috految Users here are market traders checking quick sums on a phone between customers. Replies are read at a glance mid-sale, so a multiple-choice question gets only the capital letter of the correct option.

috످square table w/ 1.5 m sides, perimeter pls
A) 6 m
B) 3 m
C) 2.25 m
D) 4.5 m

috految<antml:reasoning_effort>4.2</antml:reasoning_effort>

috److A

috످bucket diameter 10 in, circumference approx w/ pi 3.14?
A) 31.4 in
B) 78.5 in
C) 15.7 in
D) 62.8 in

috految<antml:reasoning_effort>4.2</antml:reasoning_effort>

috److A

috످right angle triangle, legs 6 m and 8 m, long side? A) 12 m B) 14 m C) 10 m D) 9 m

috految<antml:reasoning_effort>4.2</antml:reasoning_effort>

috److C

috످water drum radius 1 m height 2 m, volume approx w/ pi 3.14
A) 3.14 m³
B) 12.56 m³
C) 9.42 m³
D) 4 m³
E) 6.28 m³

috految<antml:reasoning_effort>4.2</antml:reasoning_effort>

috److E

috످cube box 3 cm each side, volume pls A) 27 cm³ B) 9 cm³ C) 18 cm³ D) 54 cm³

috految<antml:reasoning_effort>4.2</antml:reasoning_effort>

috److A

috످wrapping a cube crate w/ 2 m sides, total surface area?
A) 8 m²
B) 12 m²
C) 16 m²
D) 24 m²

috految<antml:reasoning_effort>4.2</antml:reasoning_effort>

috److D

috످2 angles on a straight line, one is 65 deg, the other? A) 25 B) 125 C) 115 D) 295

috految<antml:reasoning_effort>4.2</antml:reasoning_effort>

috److C

috످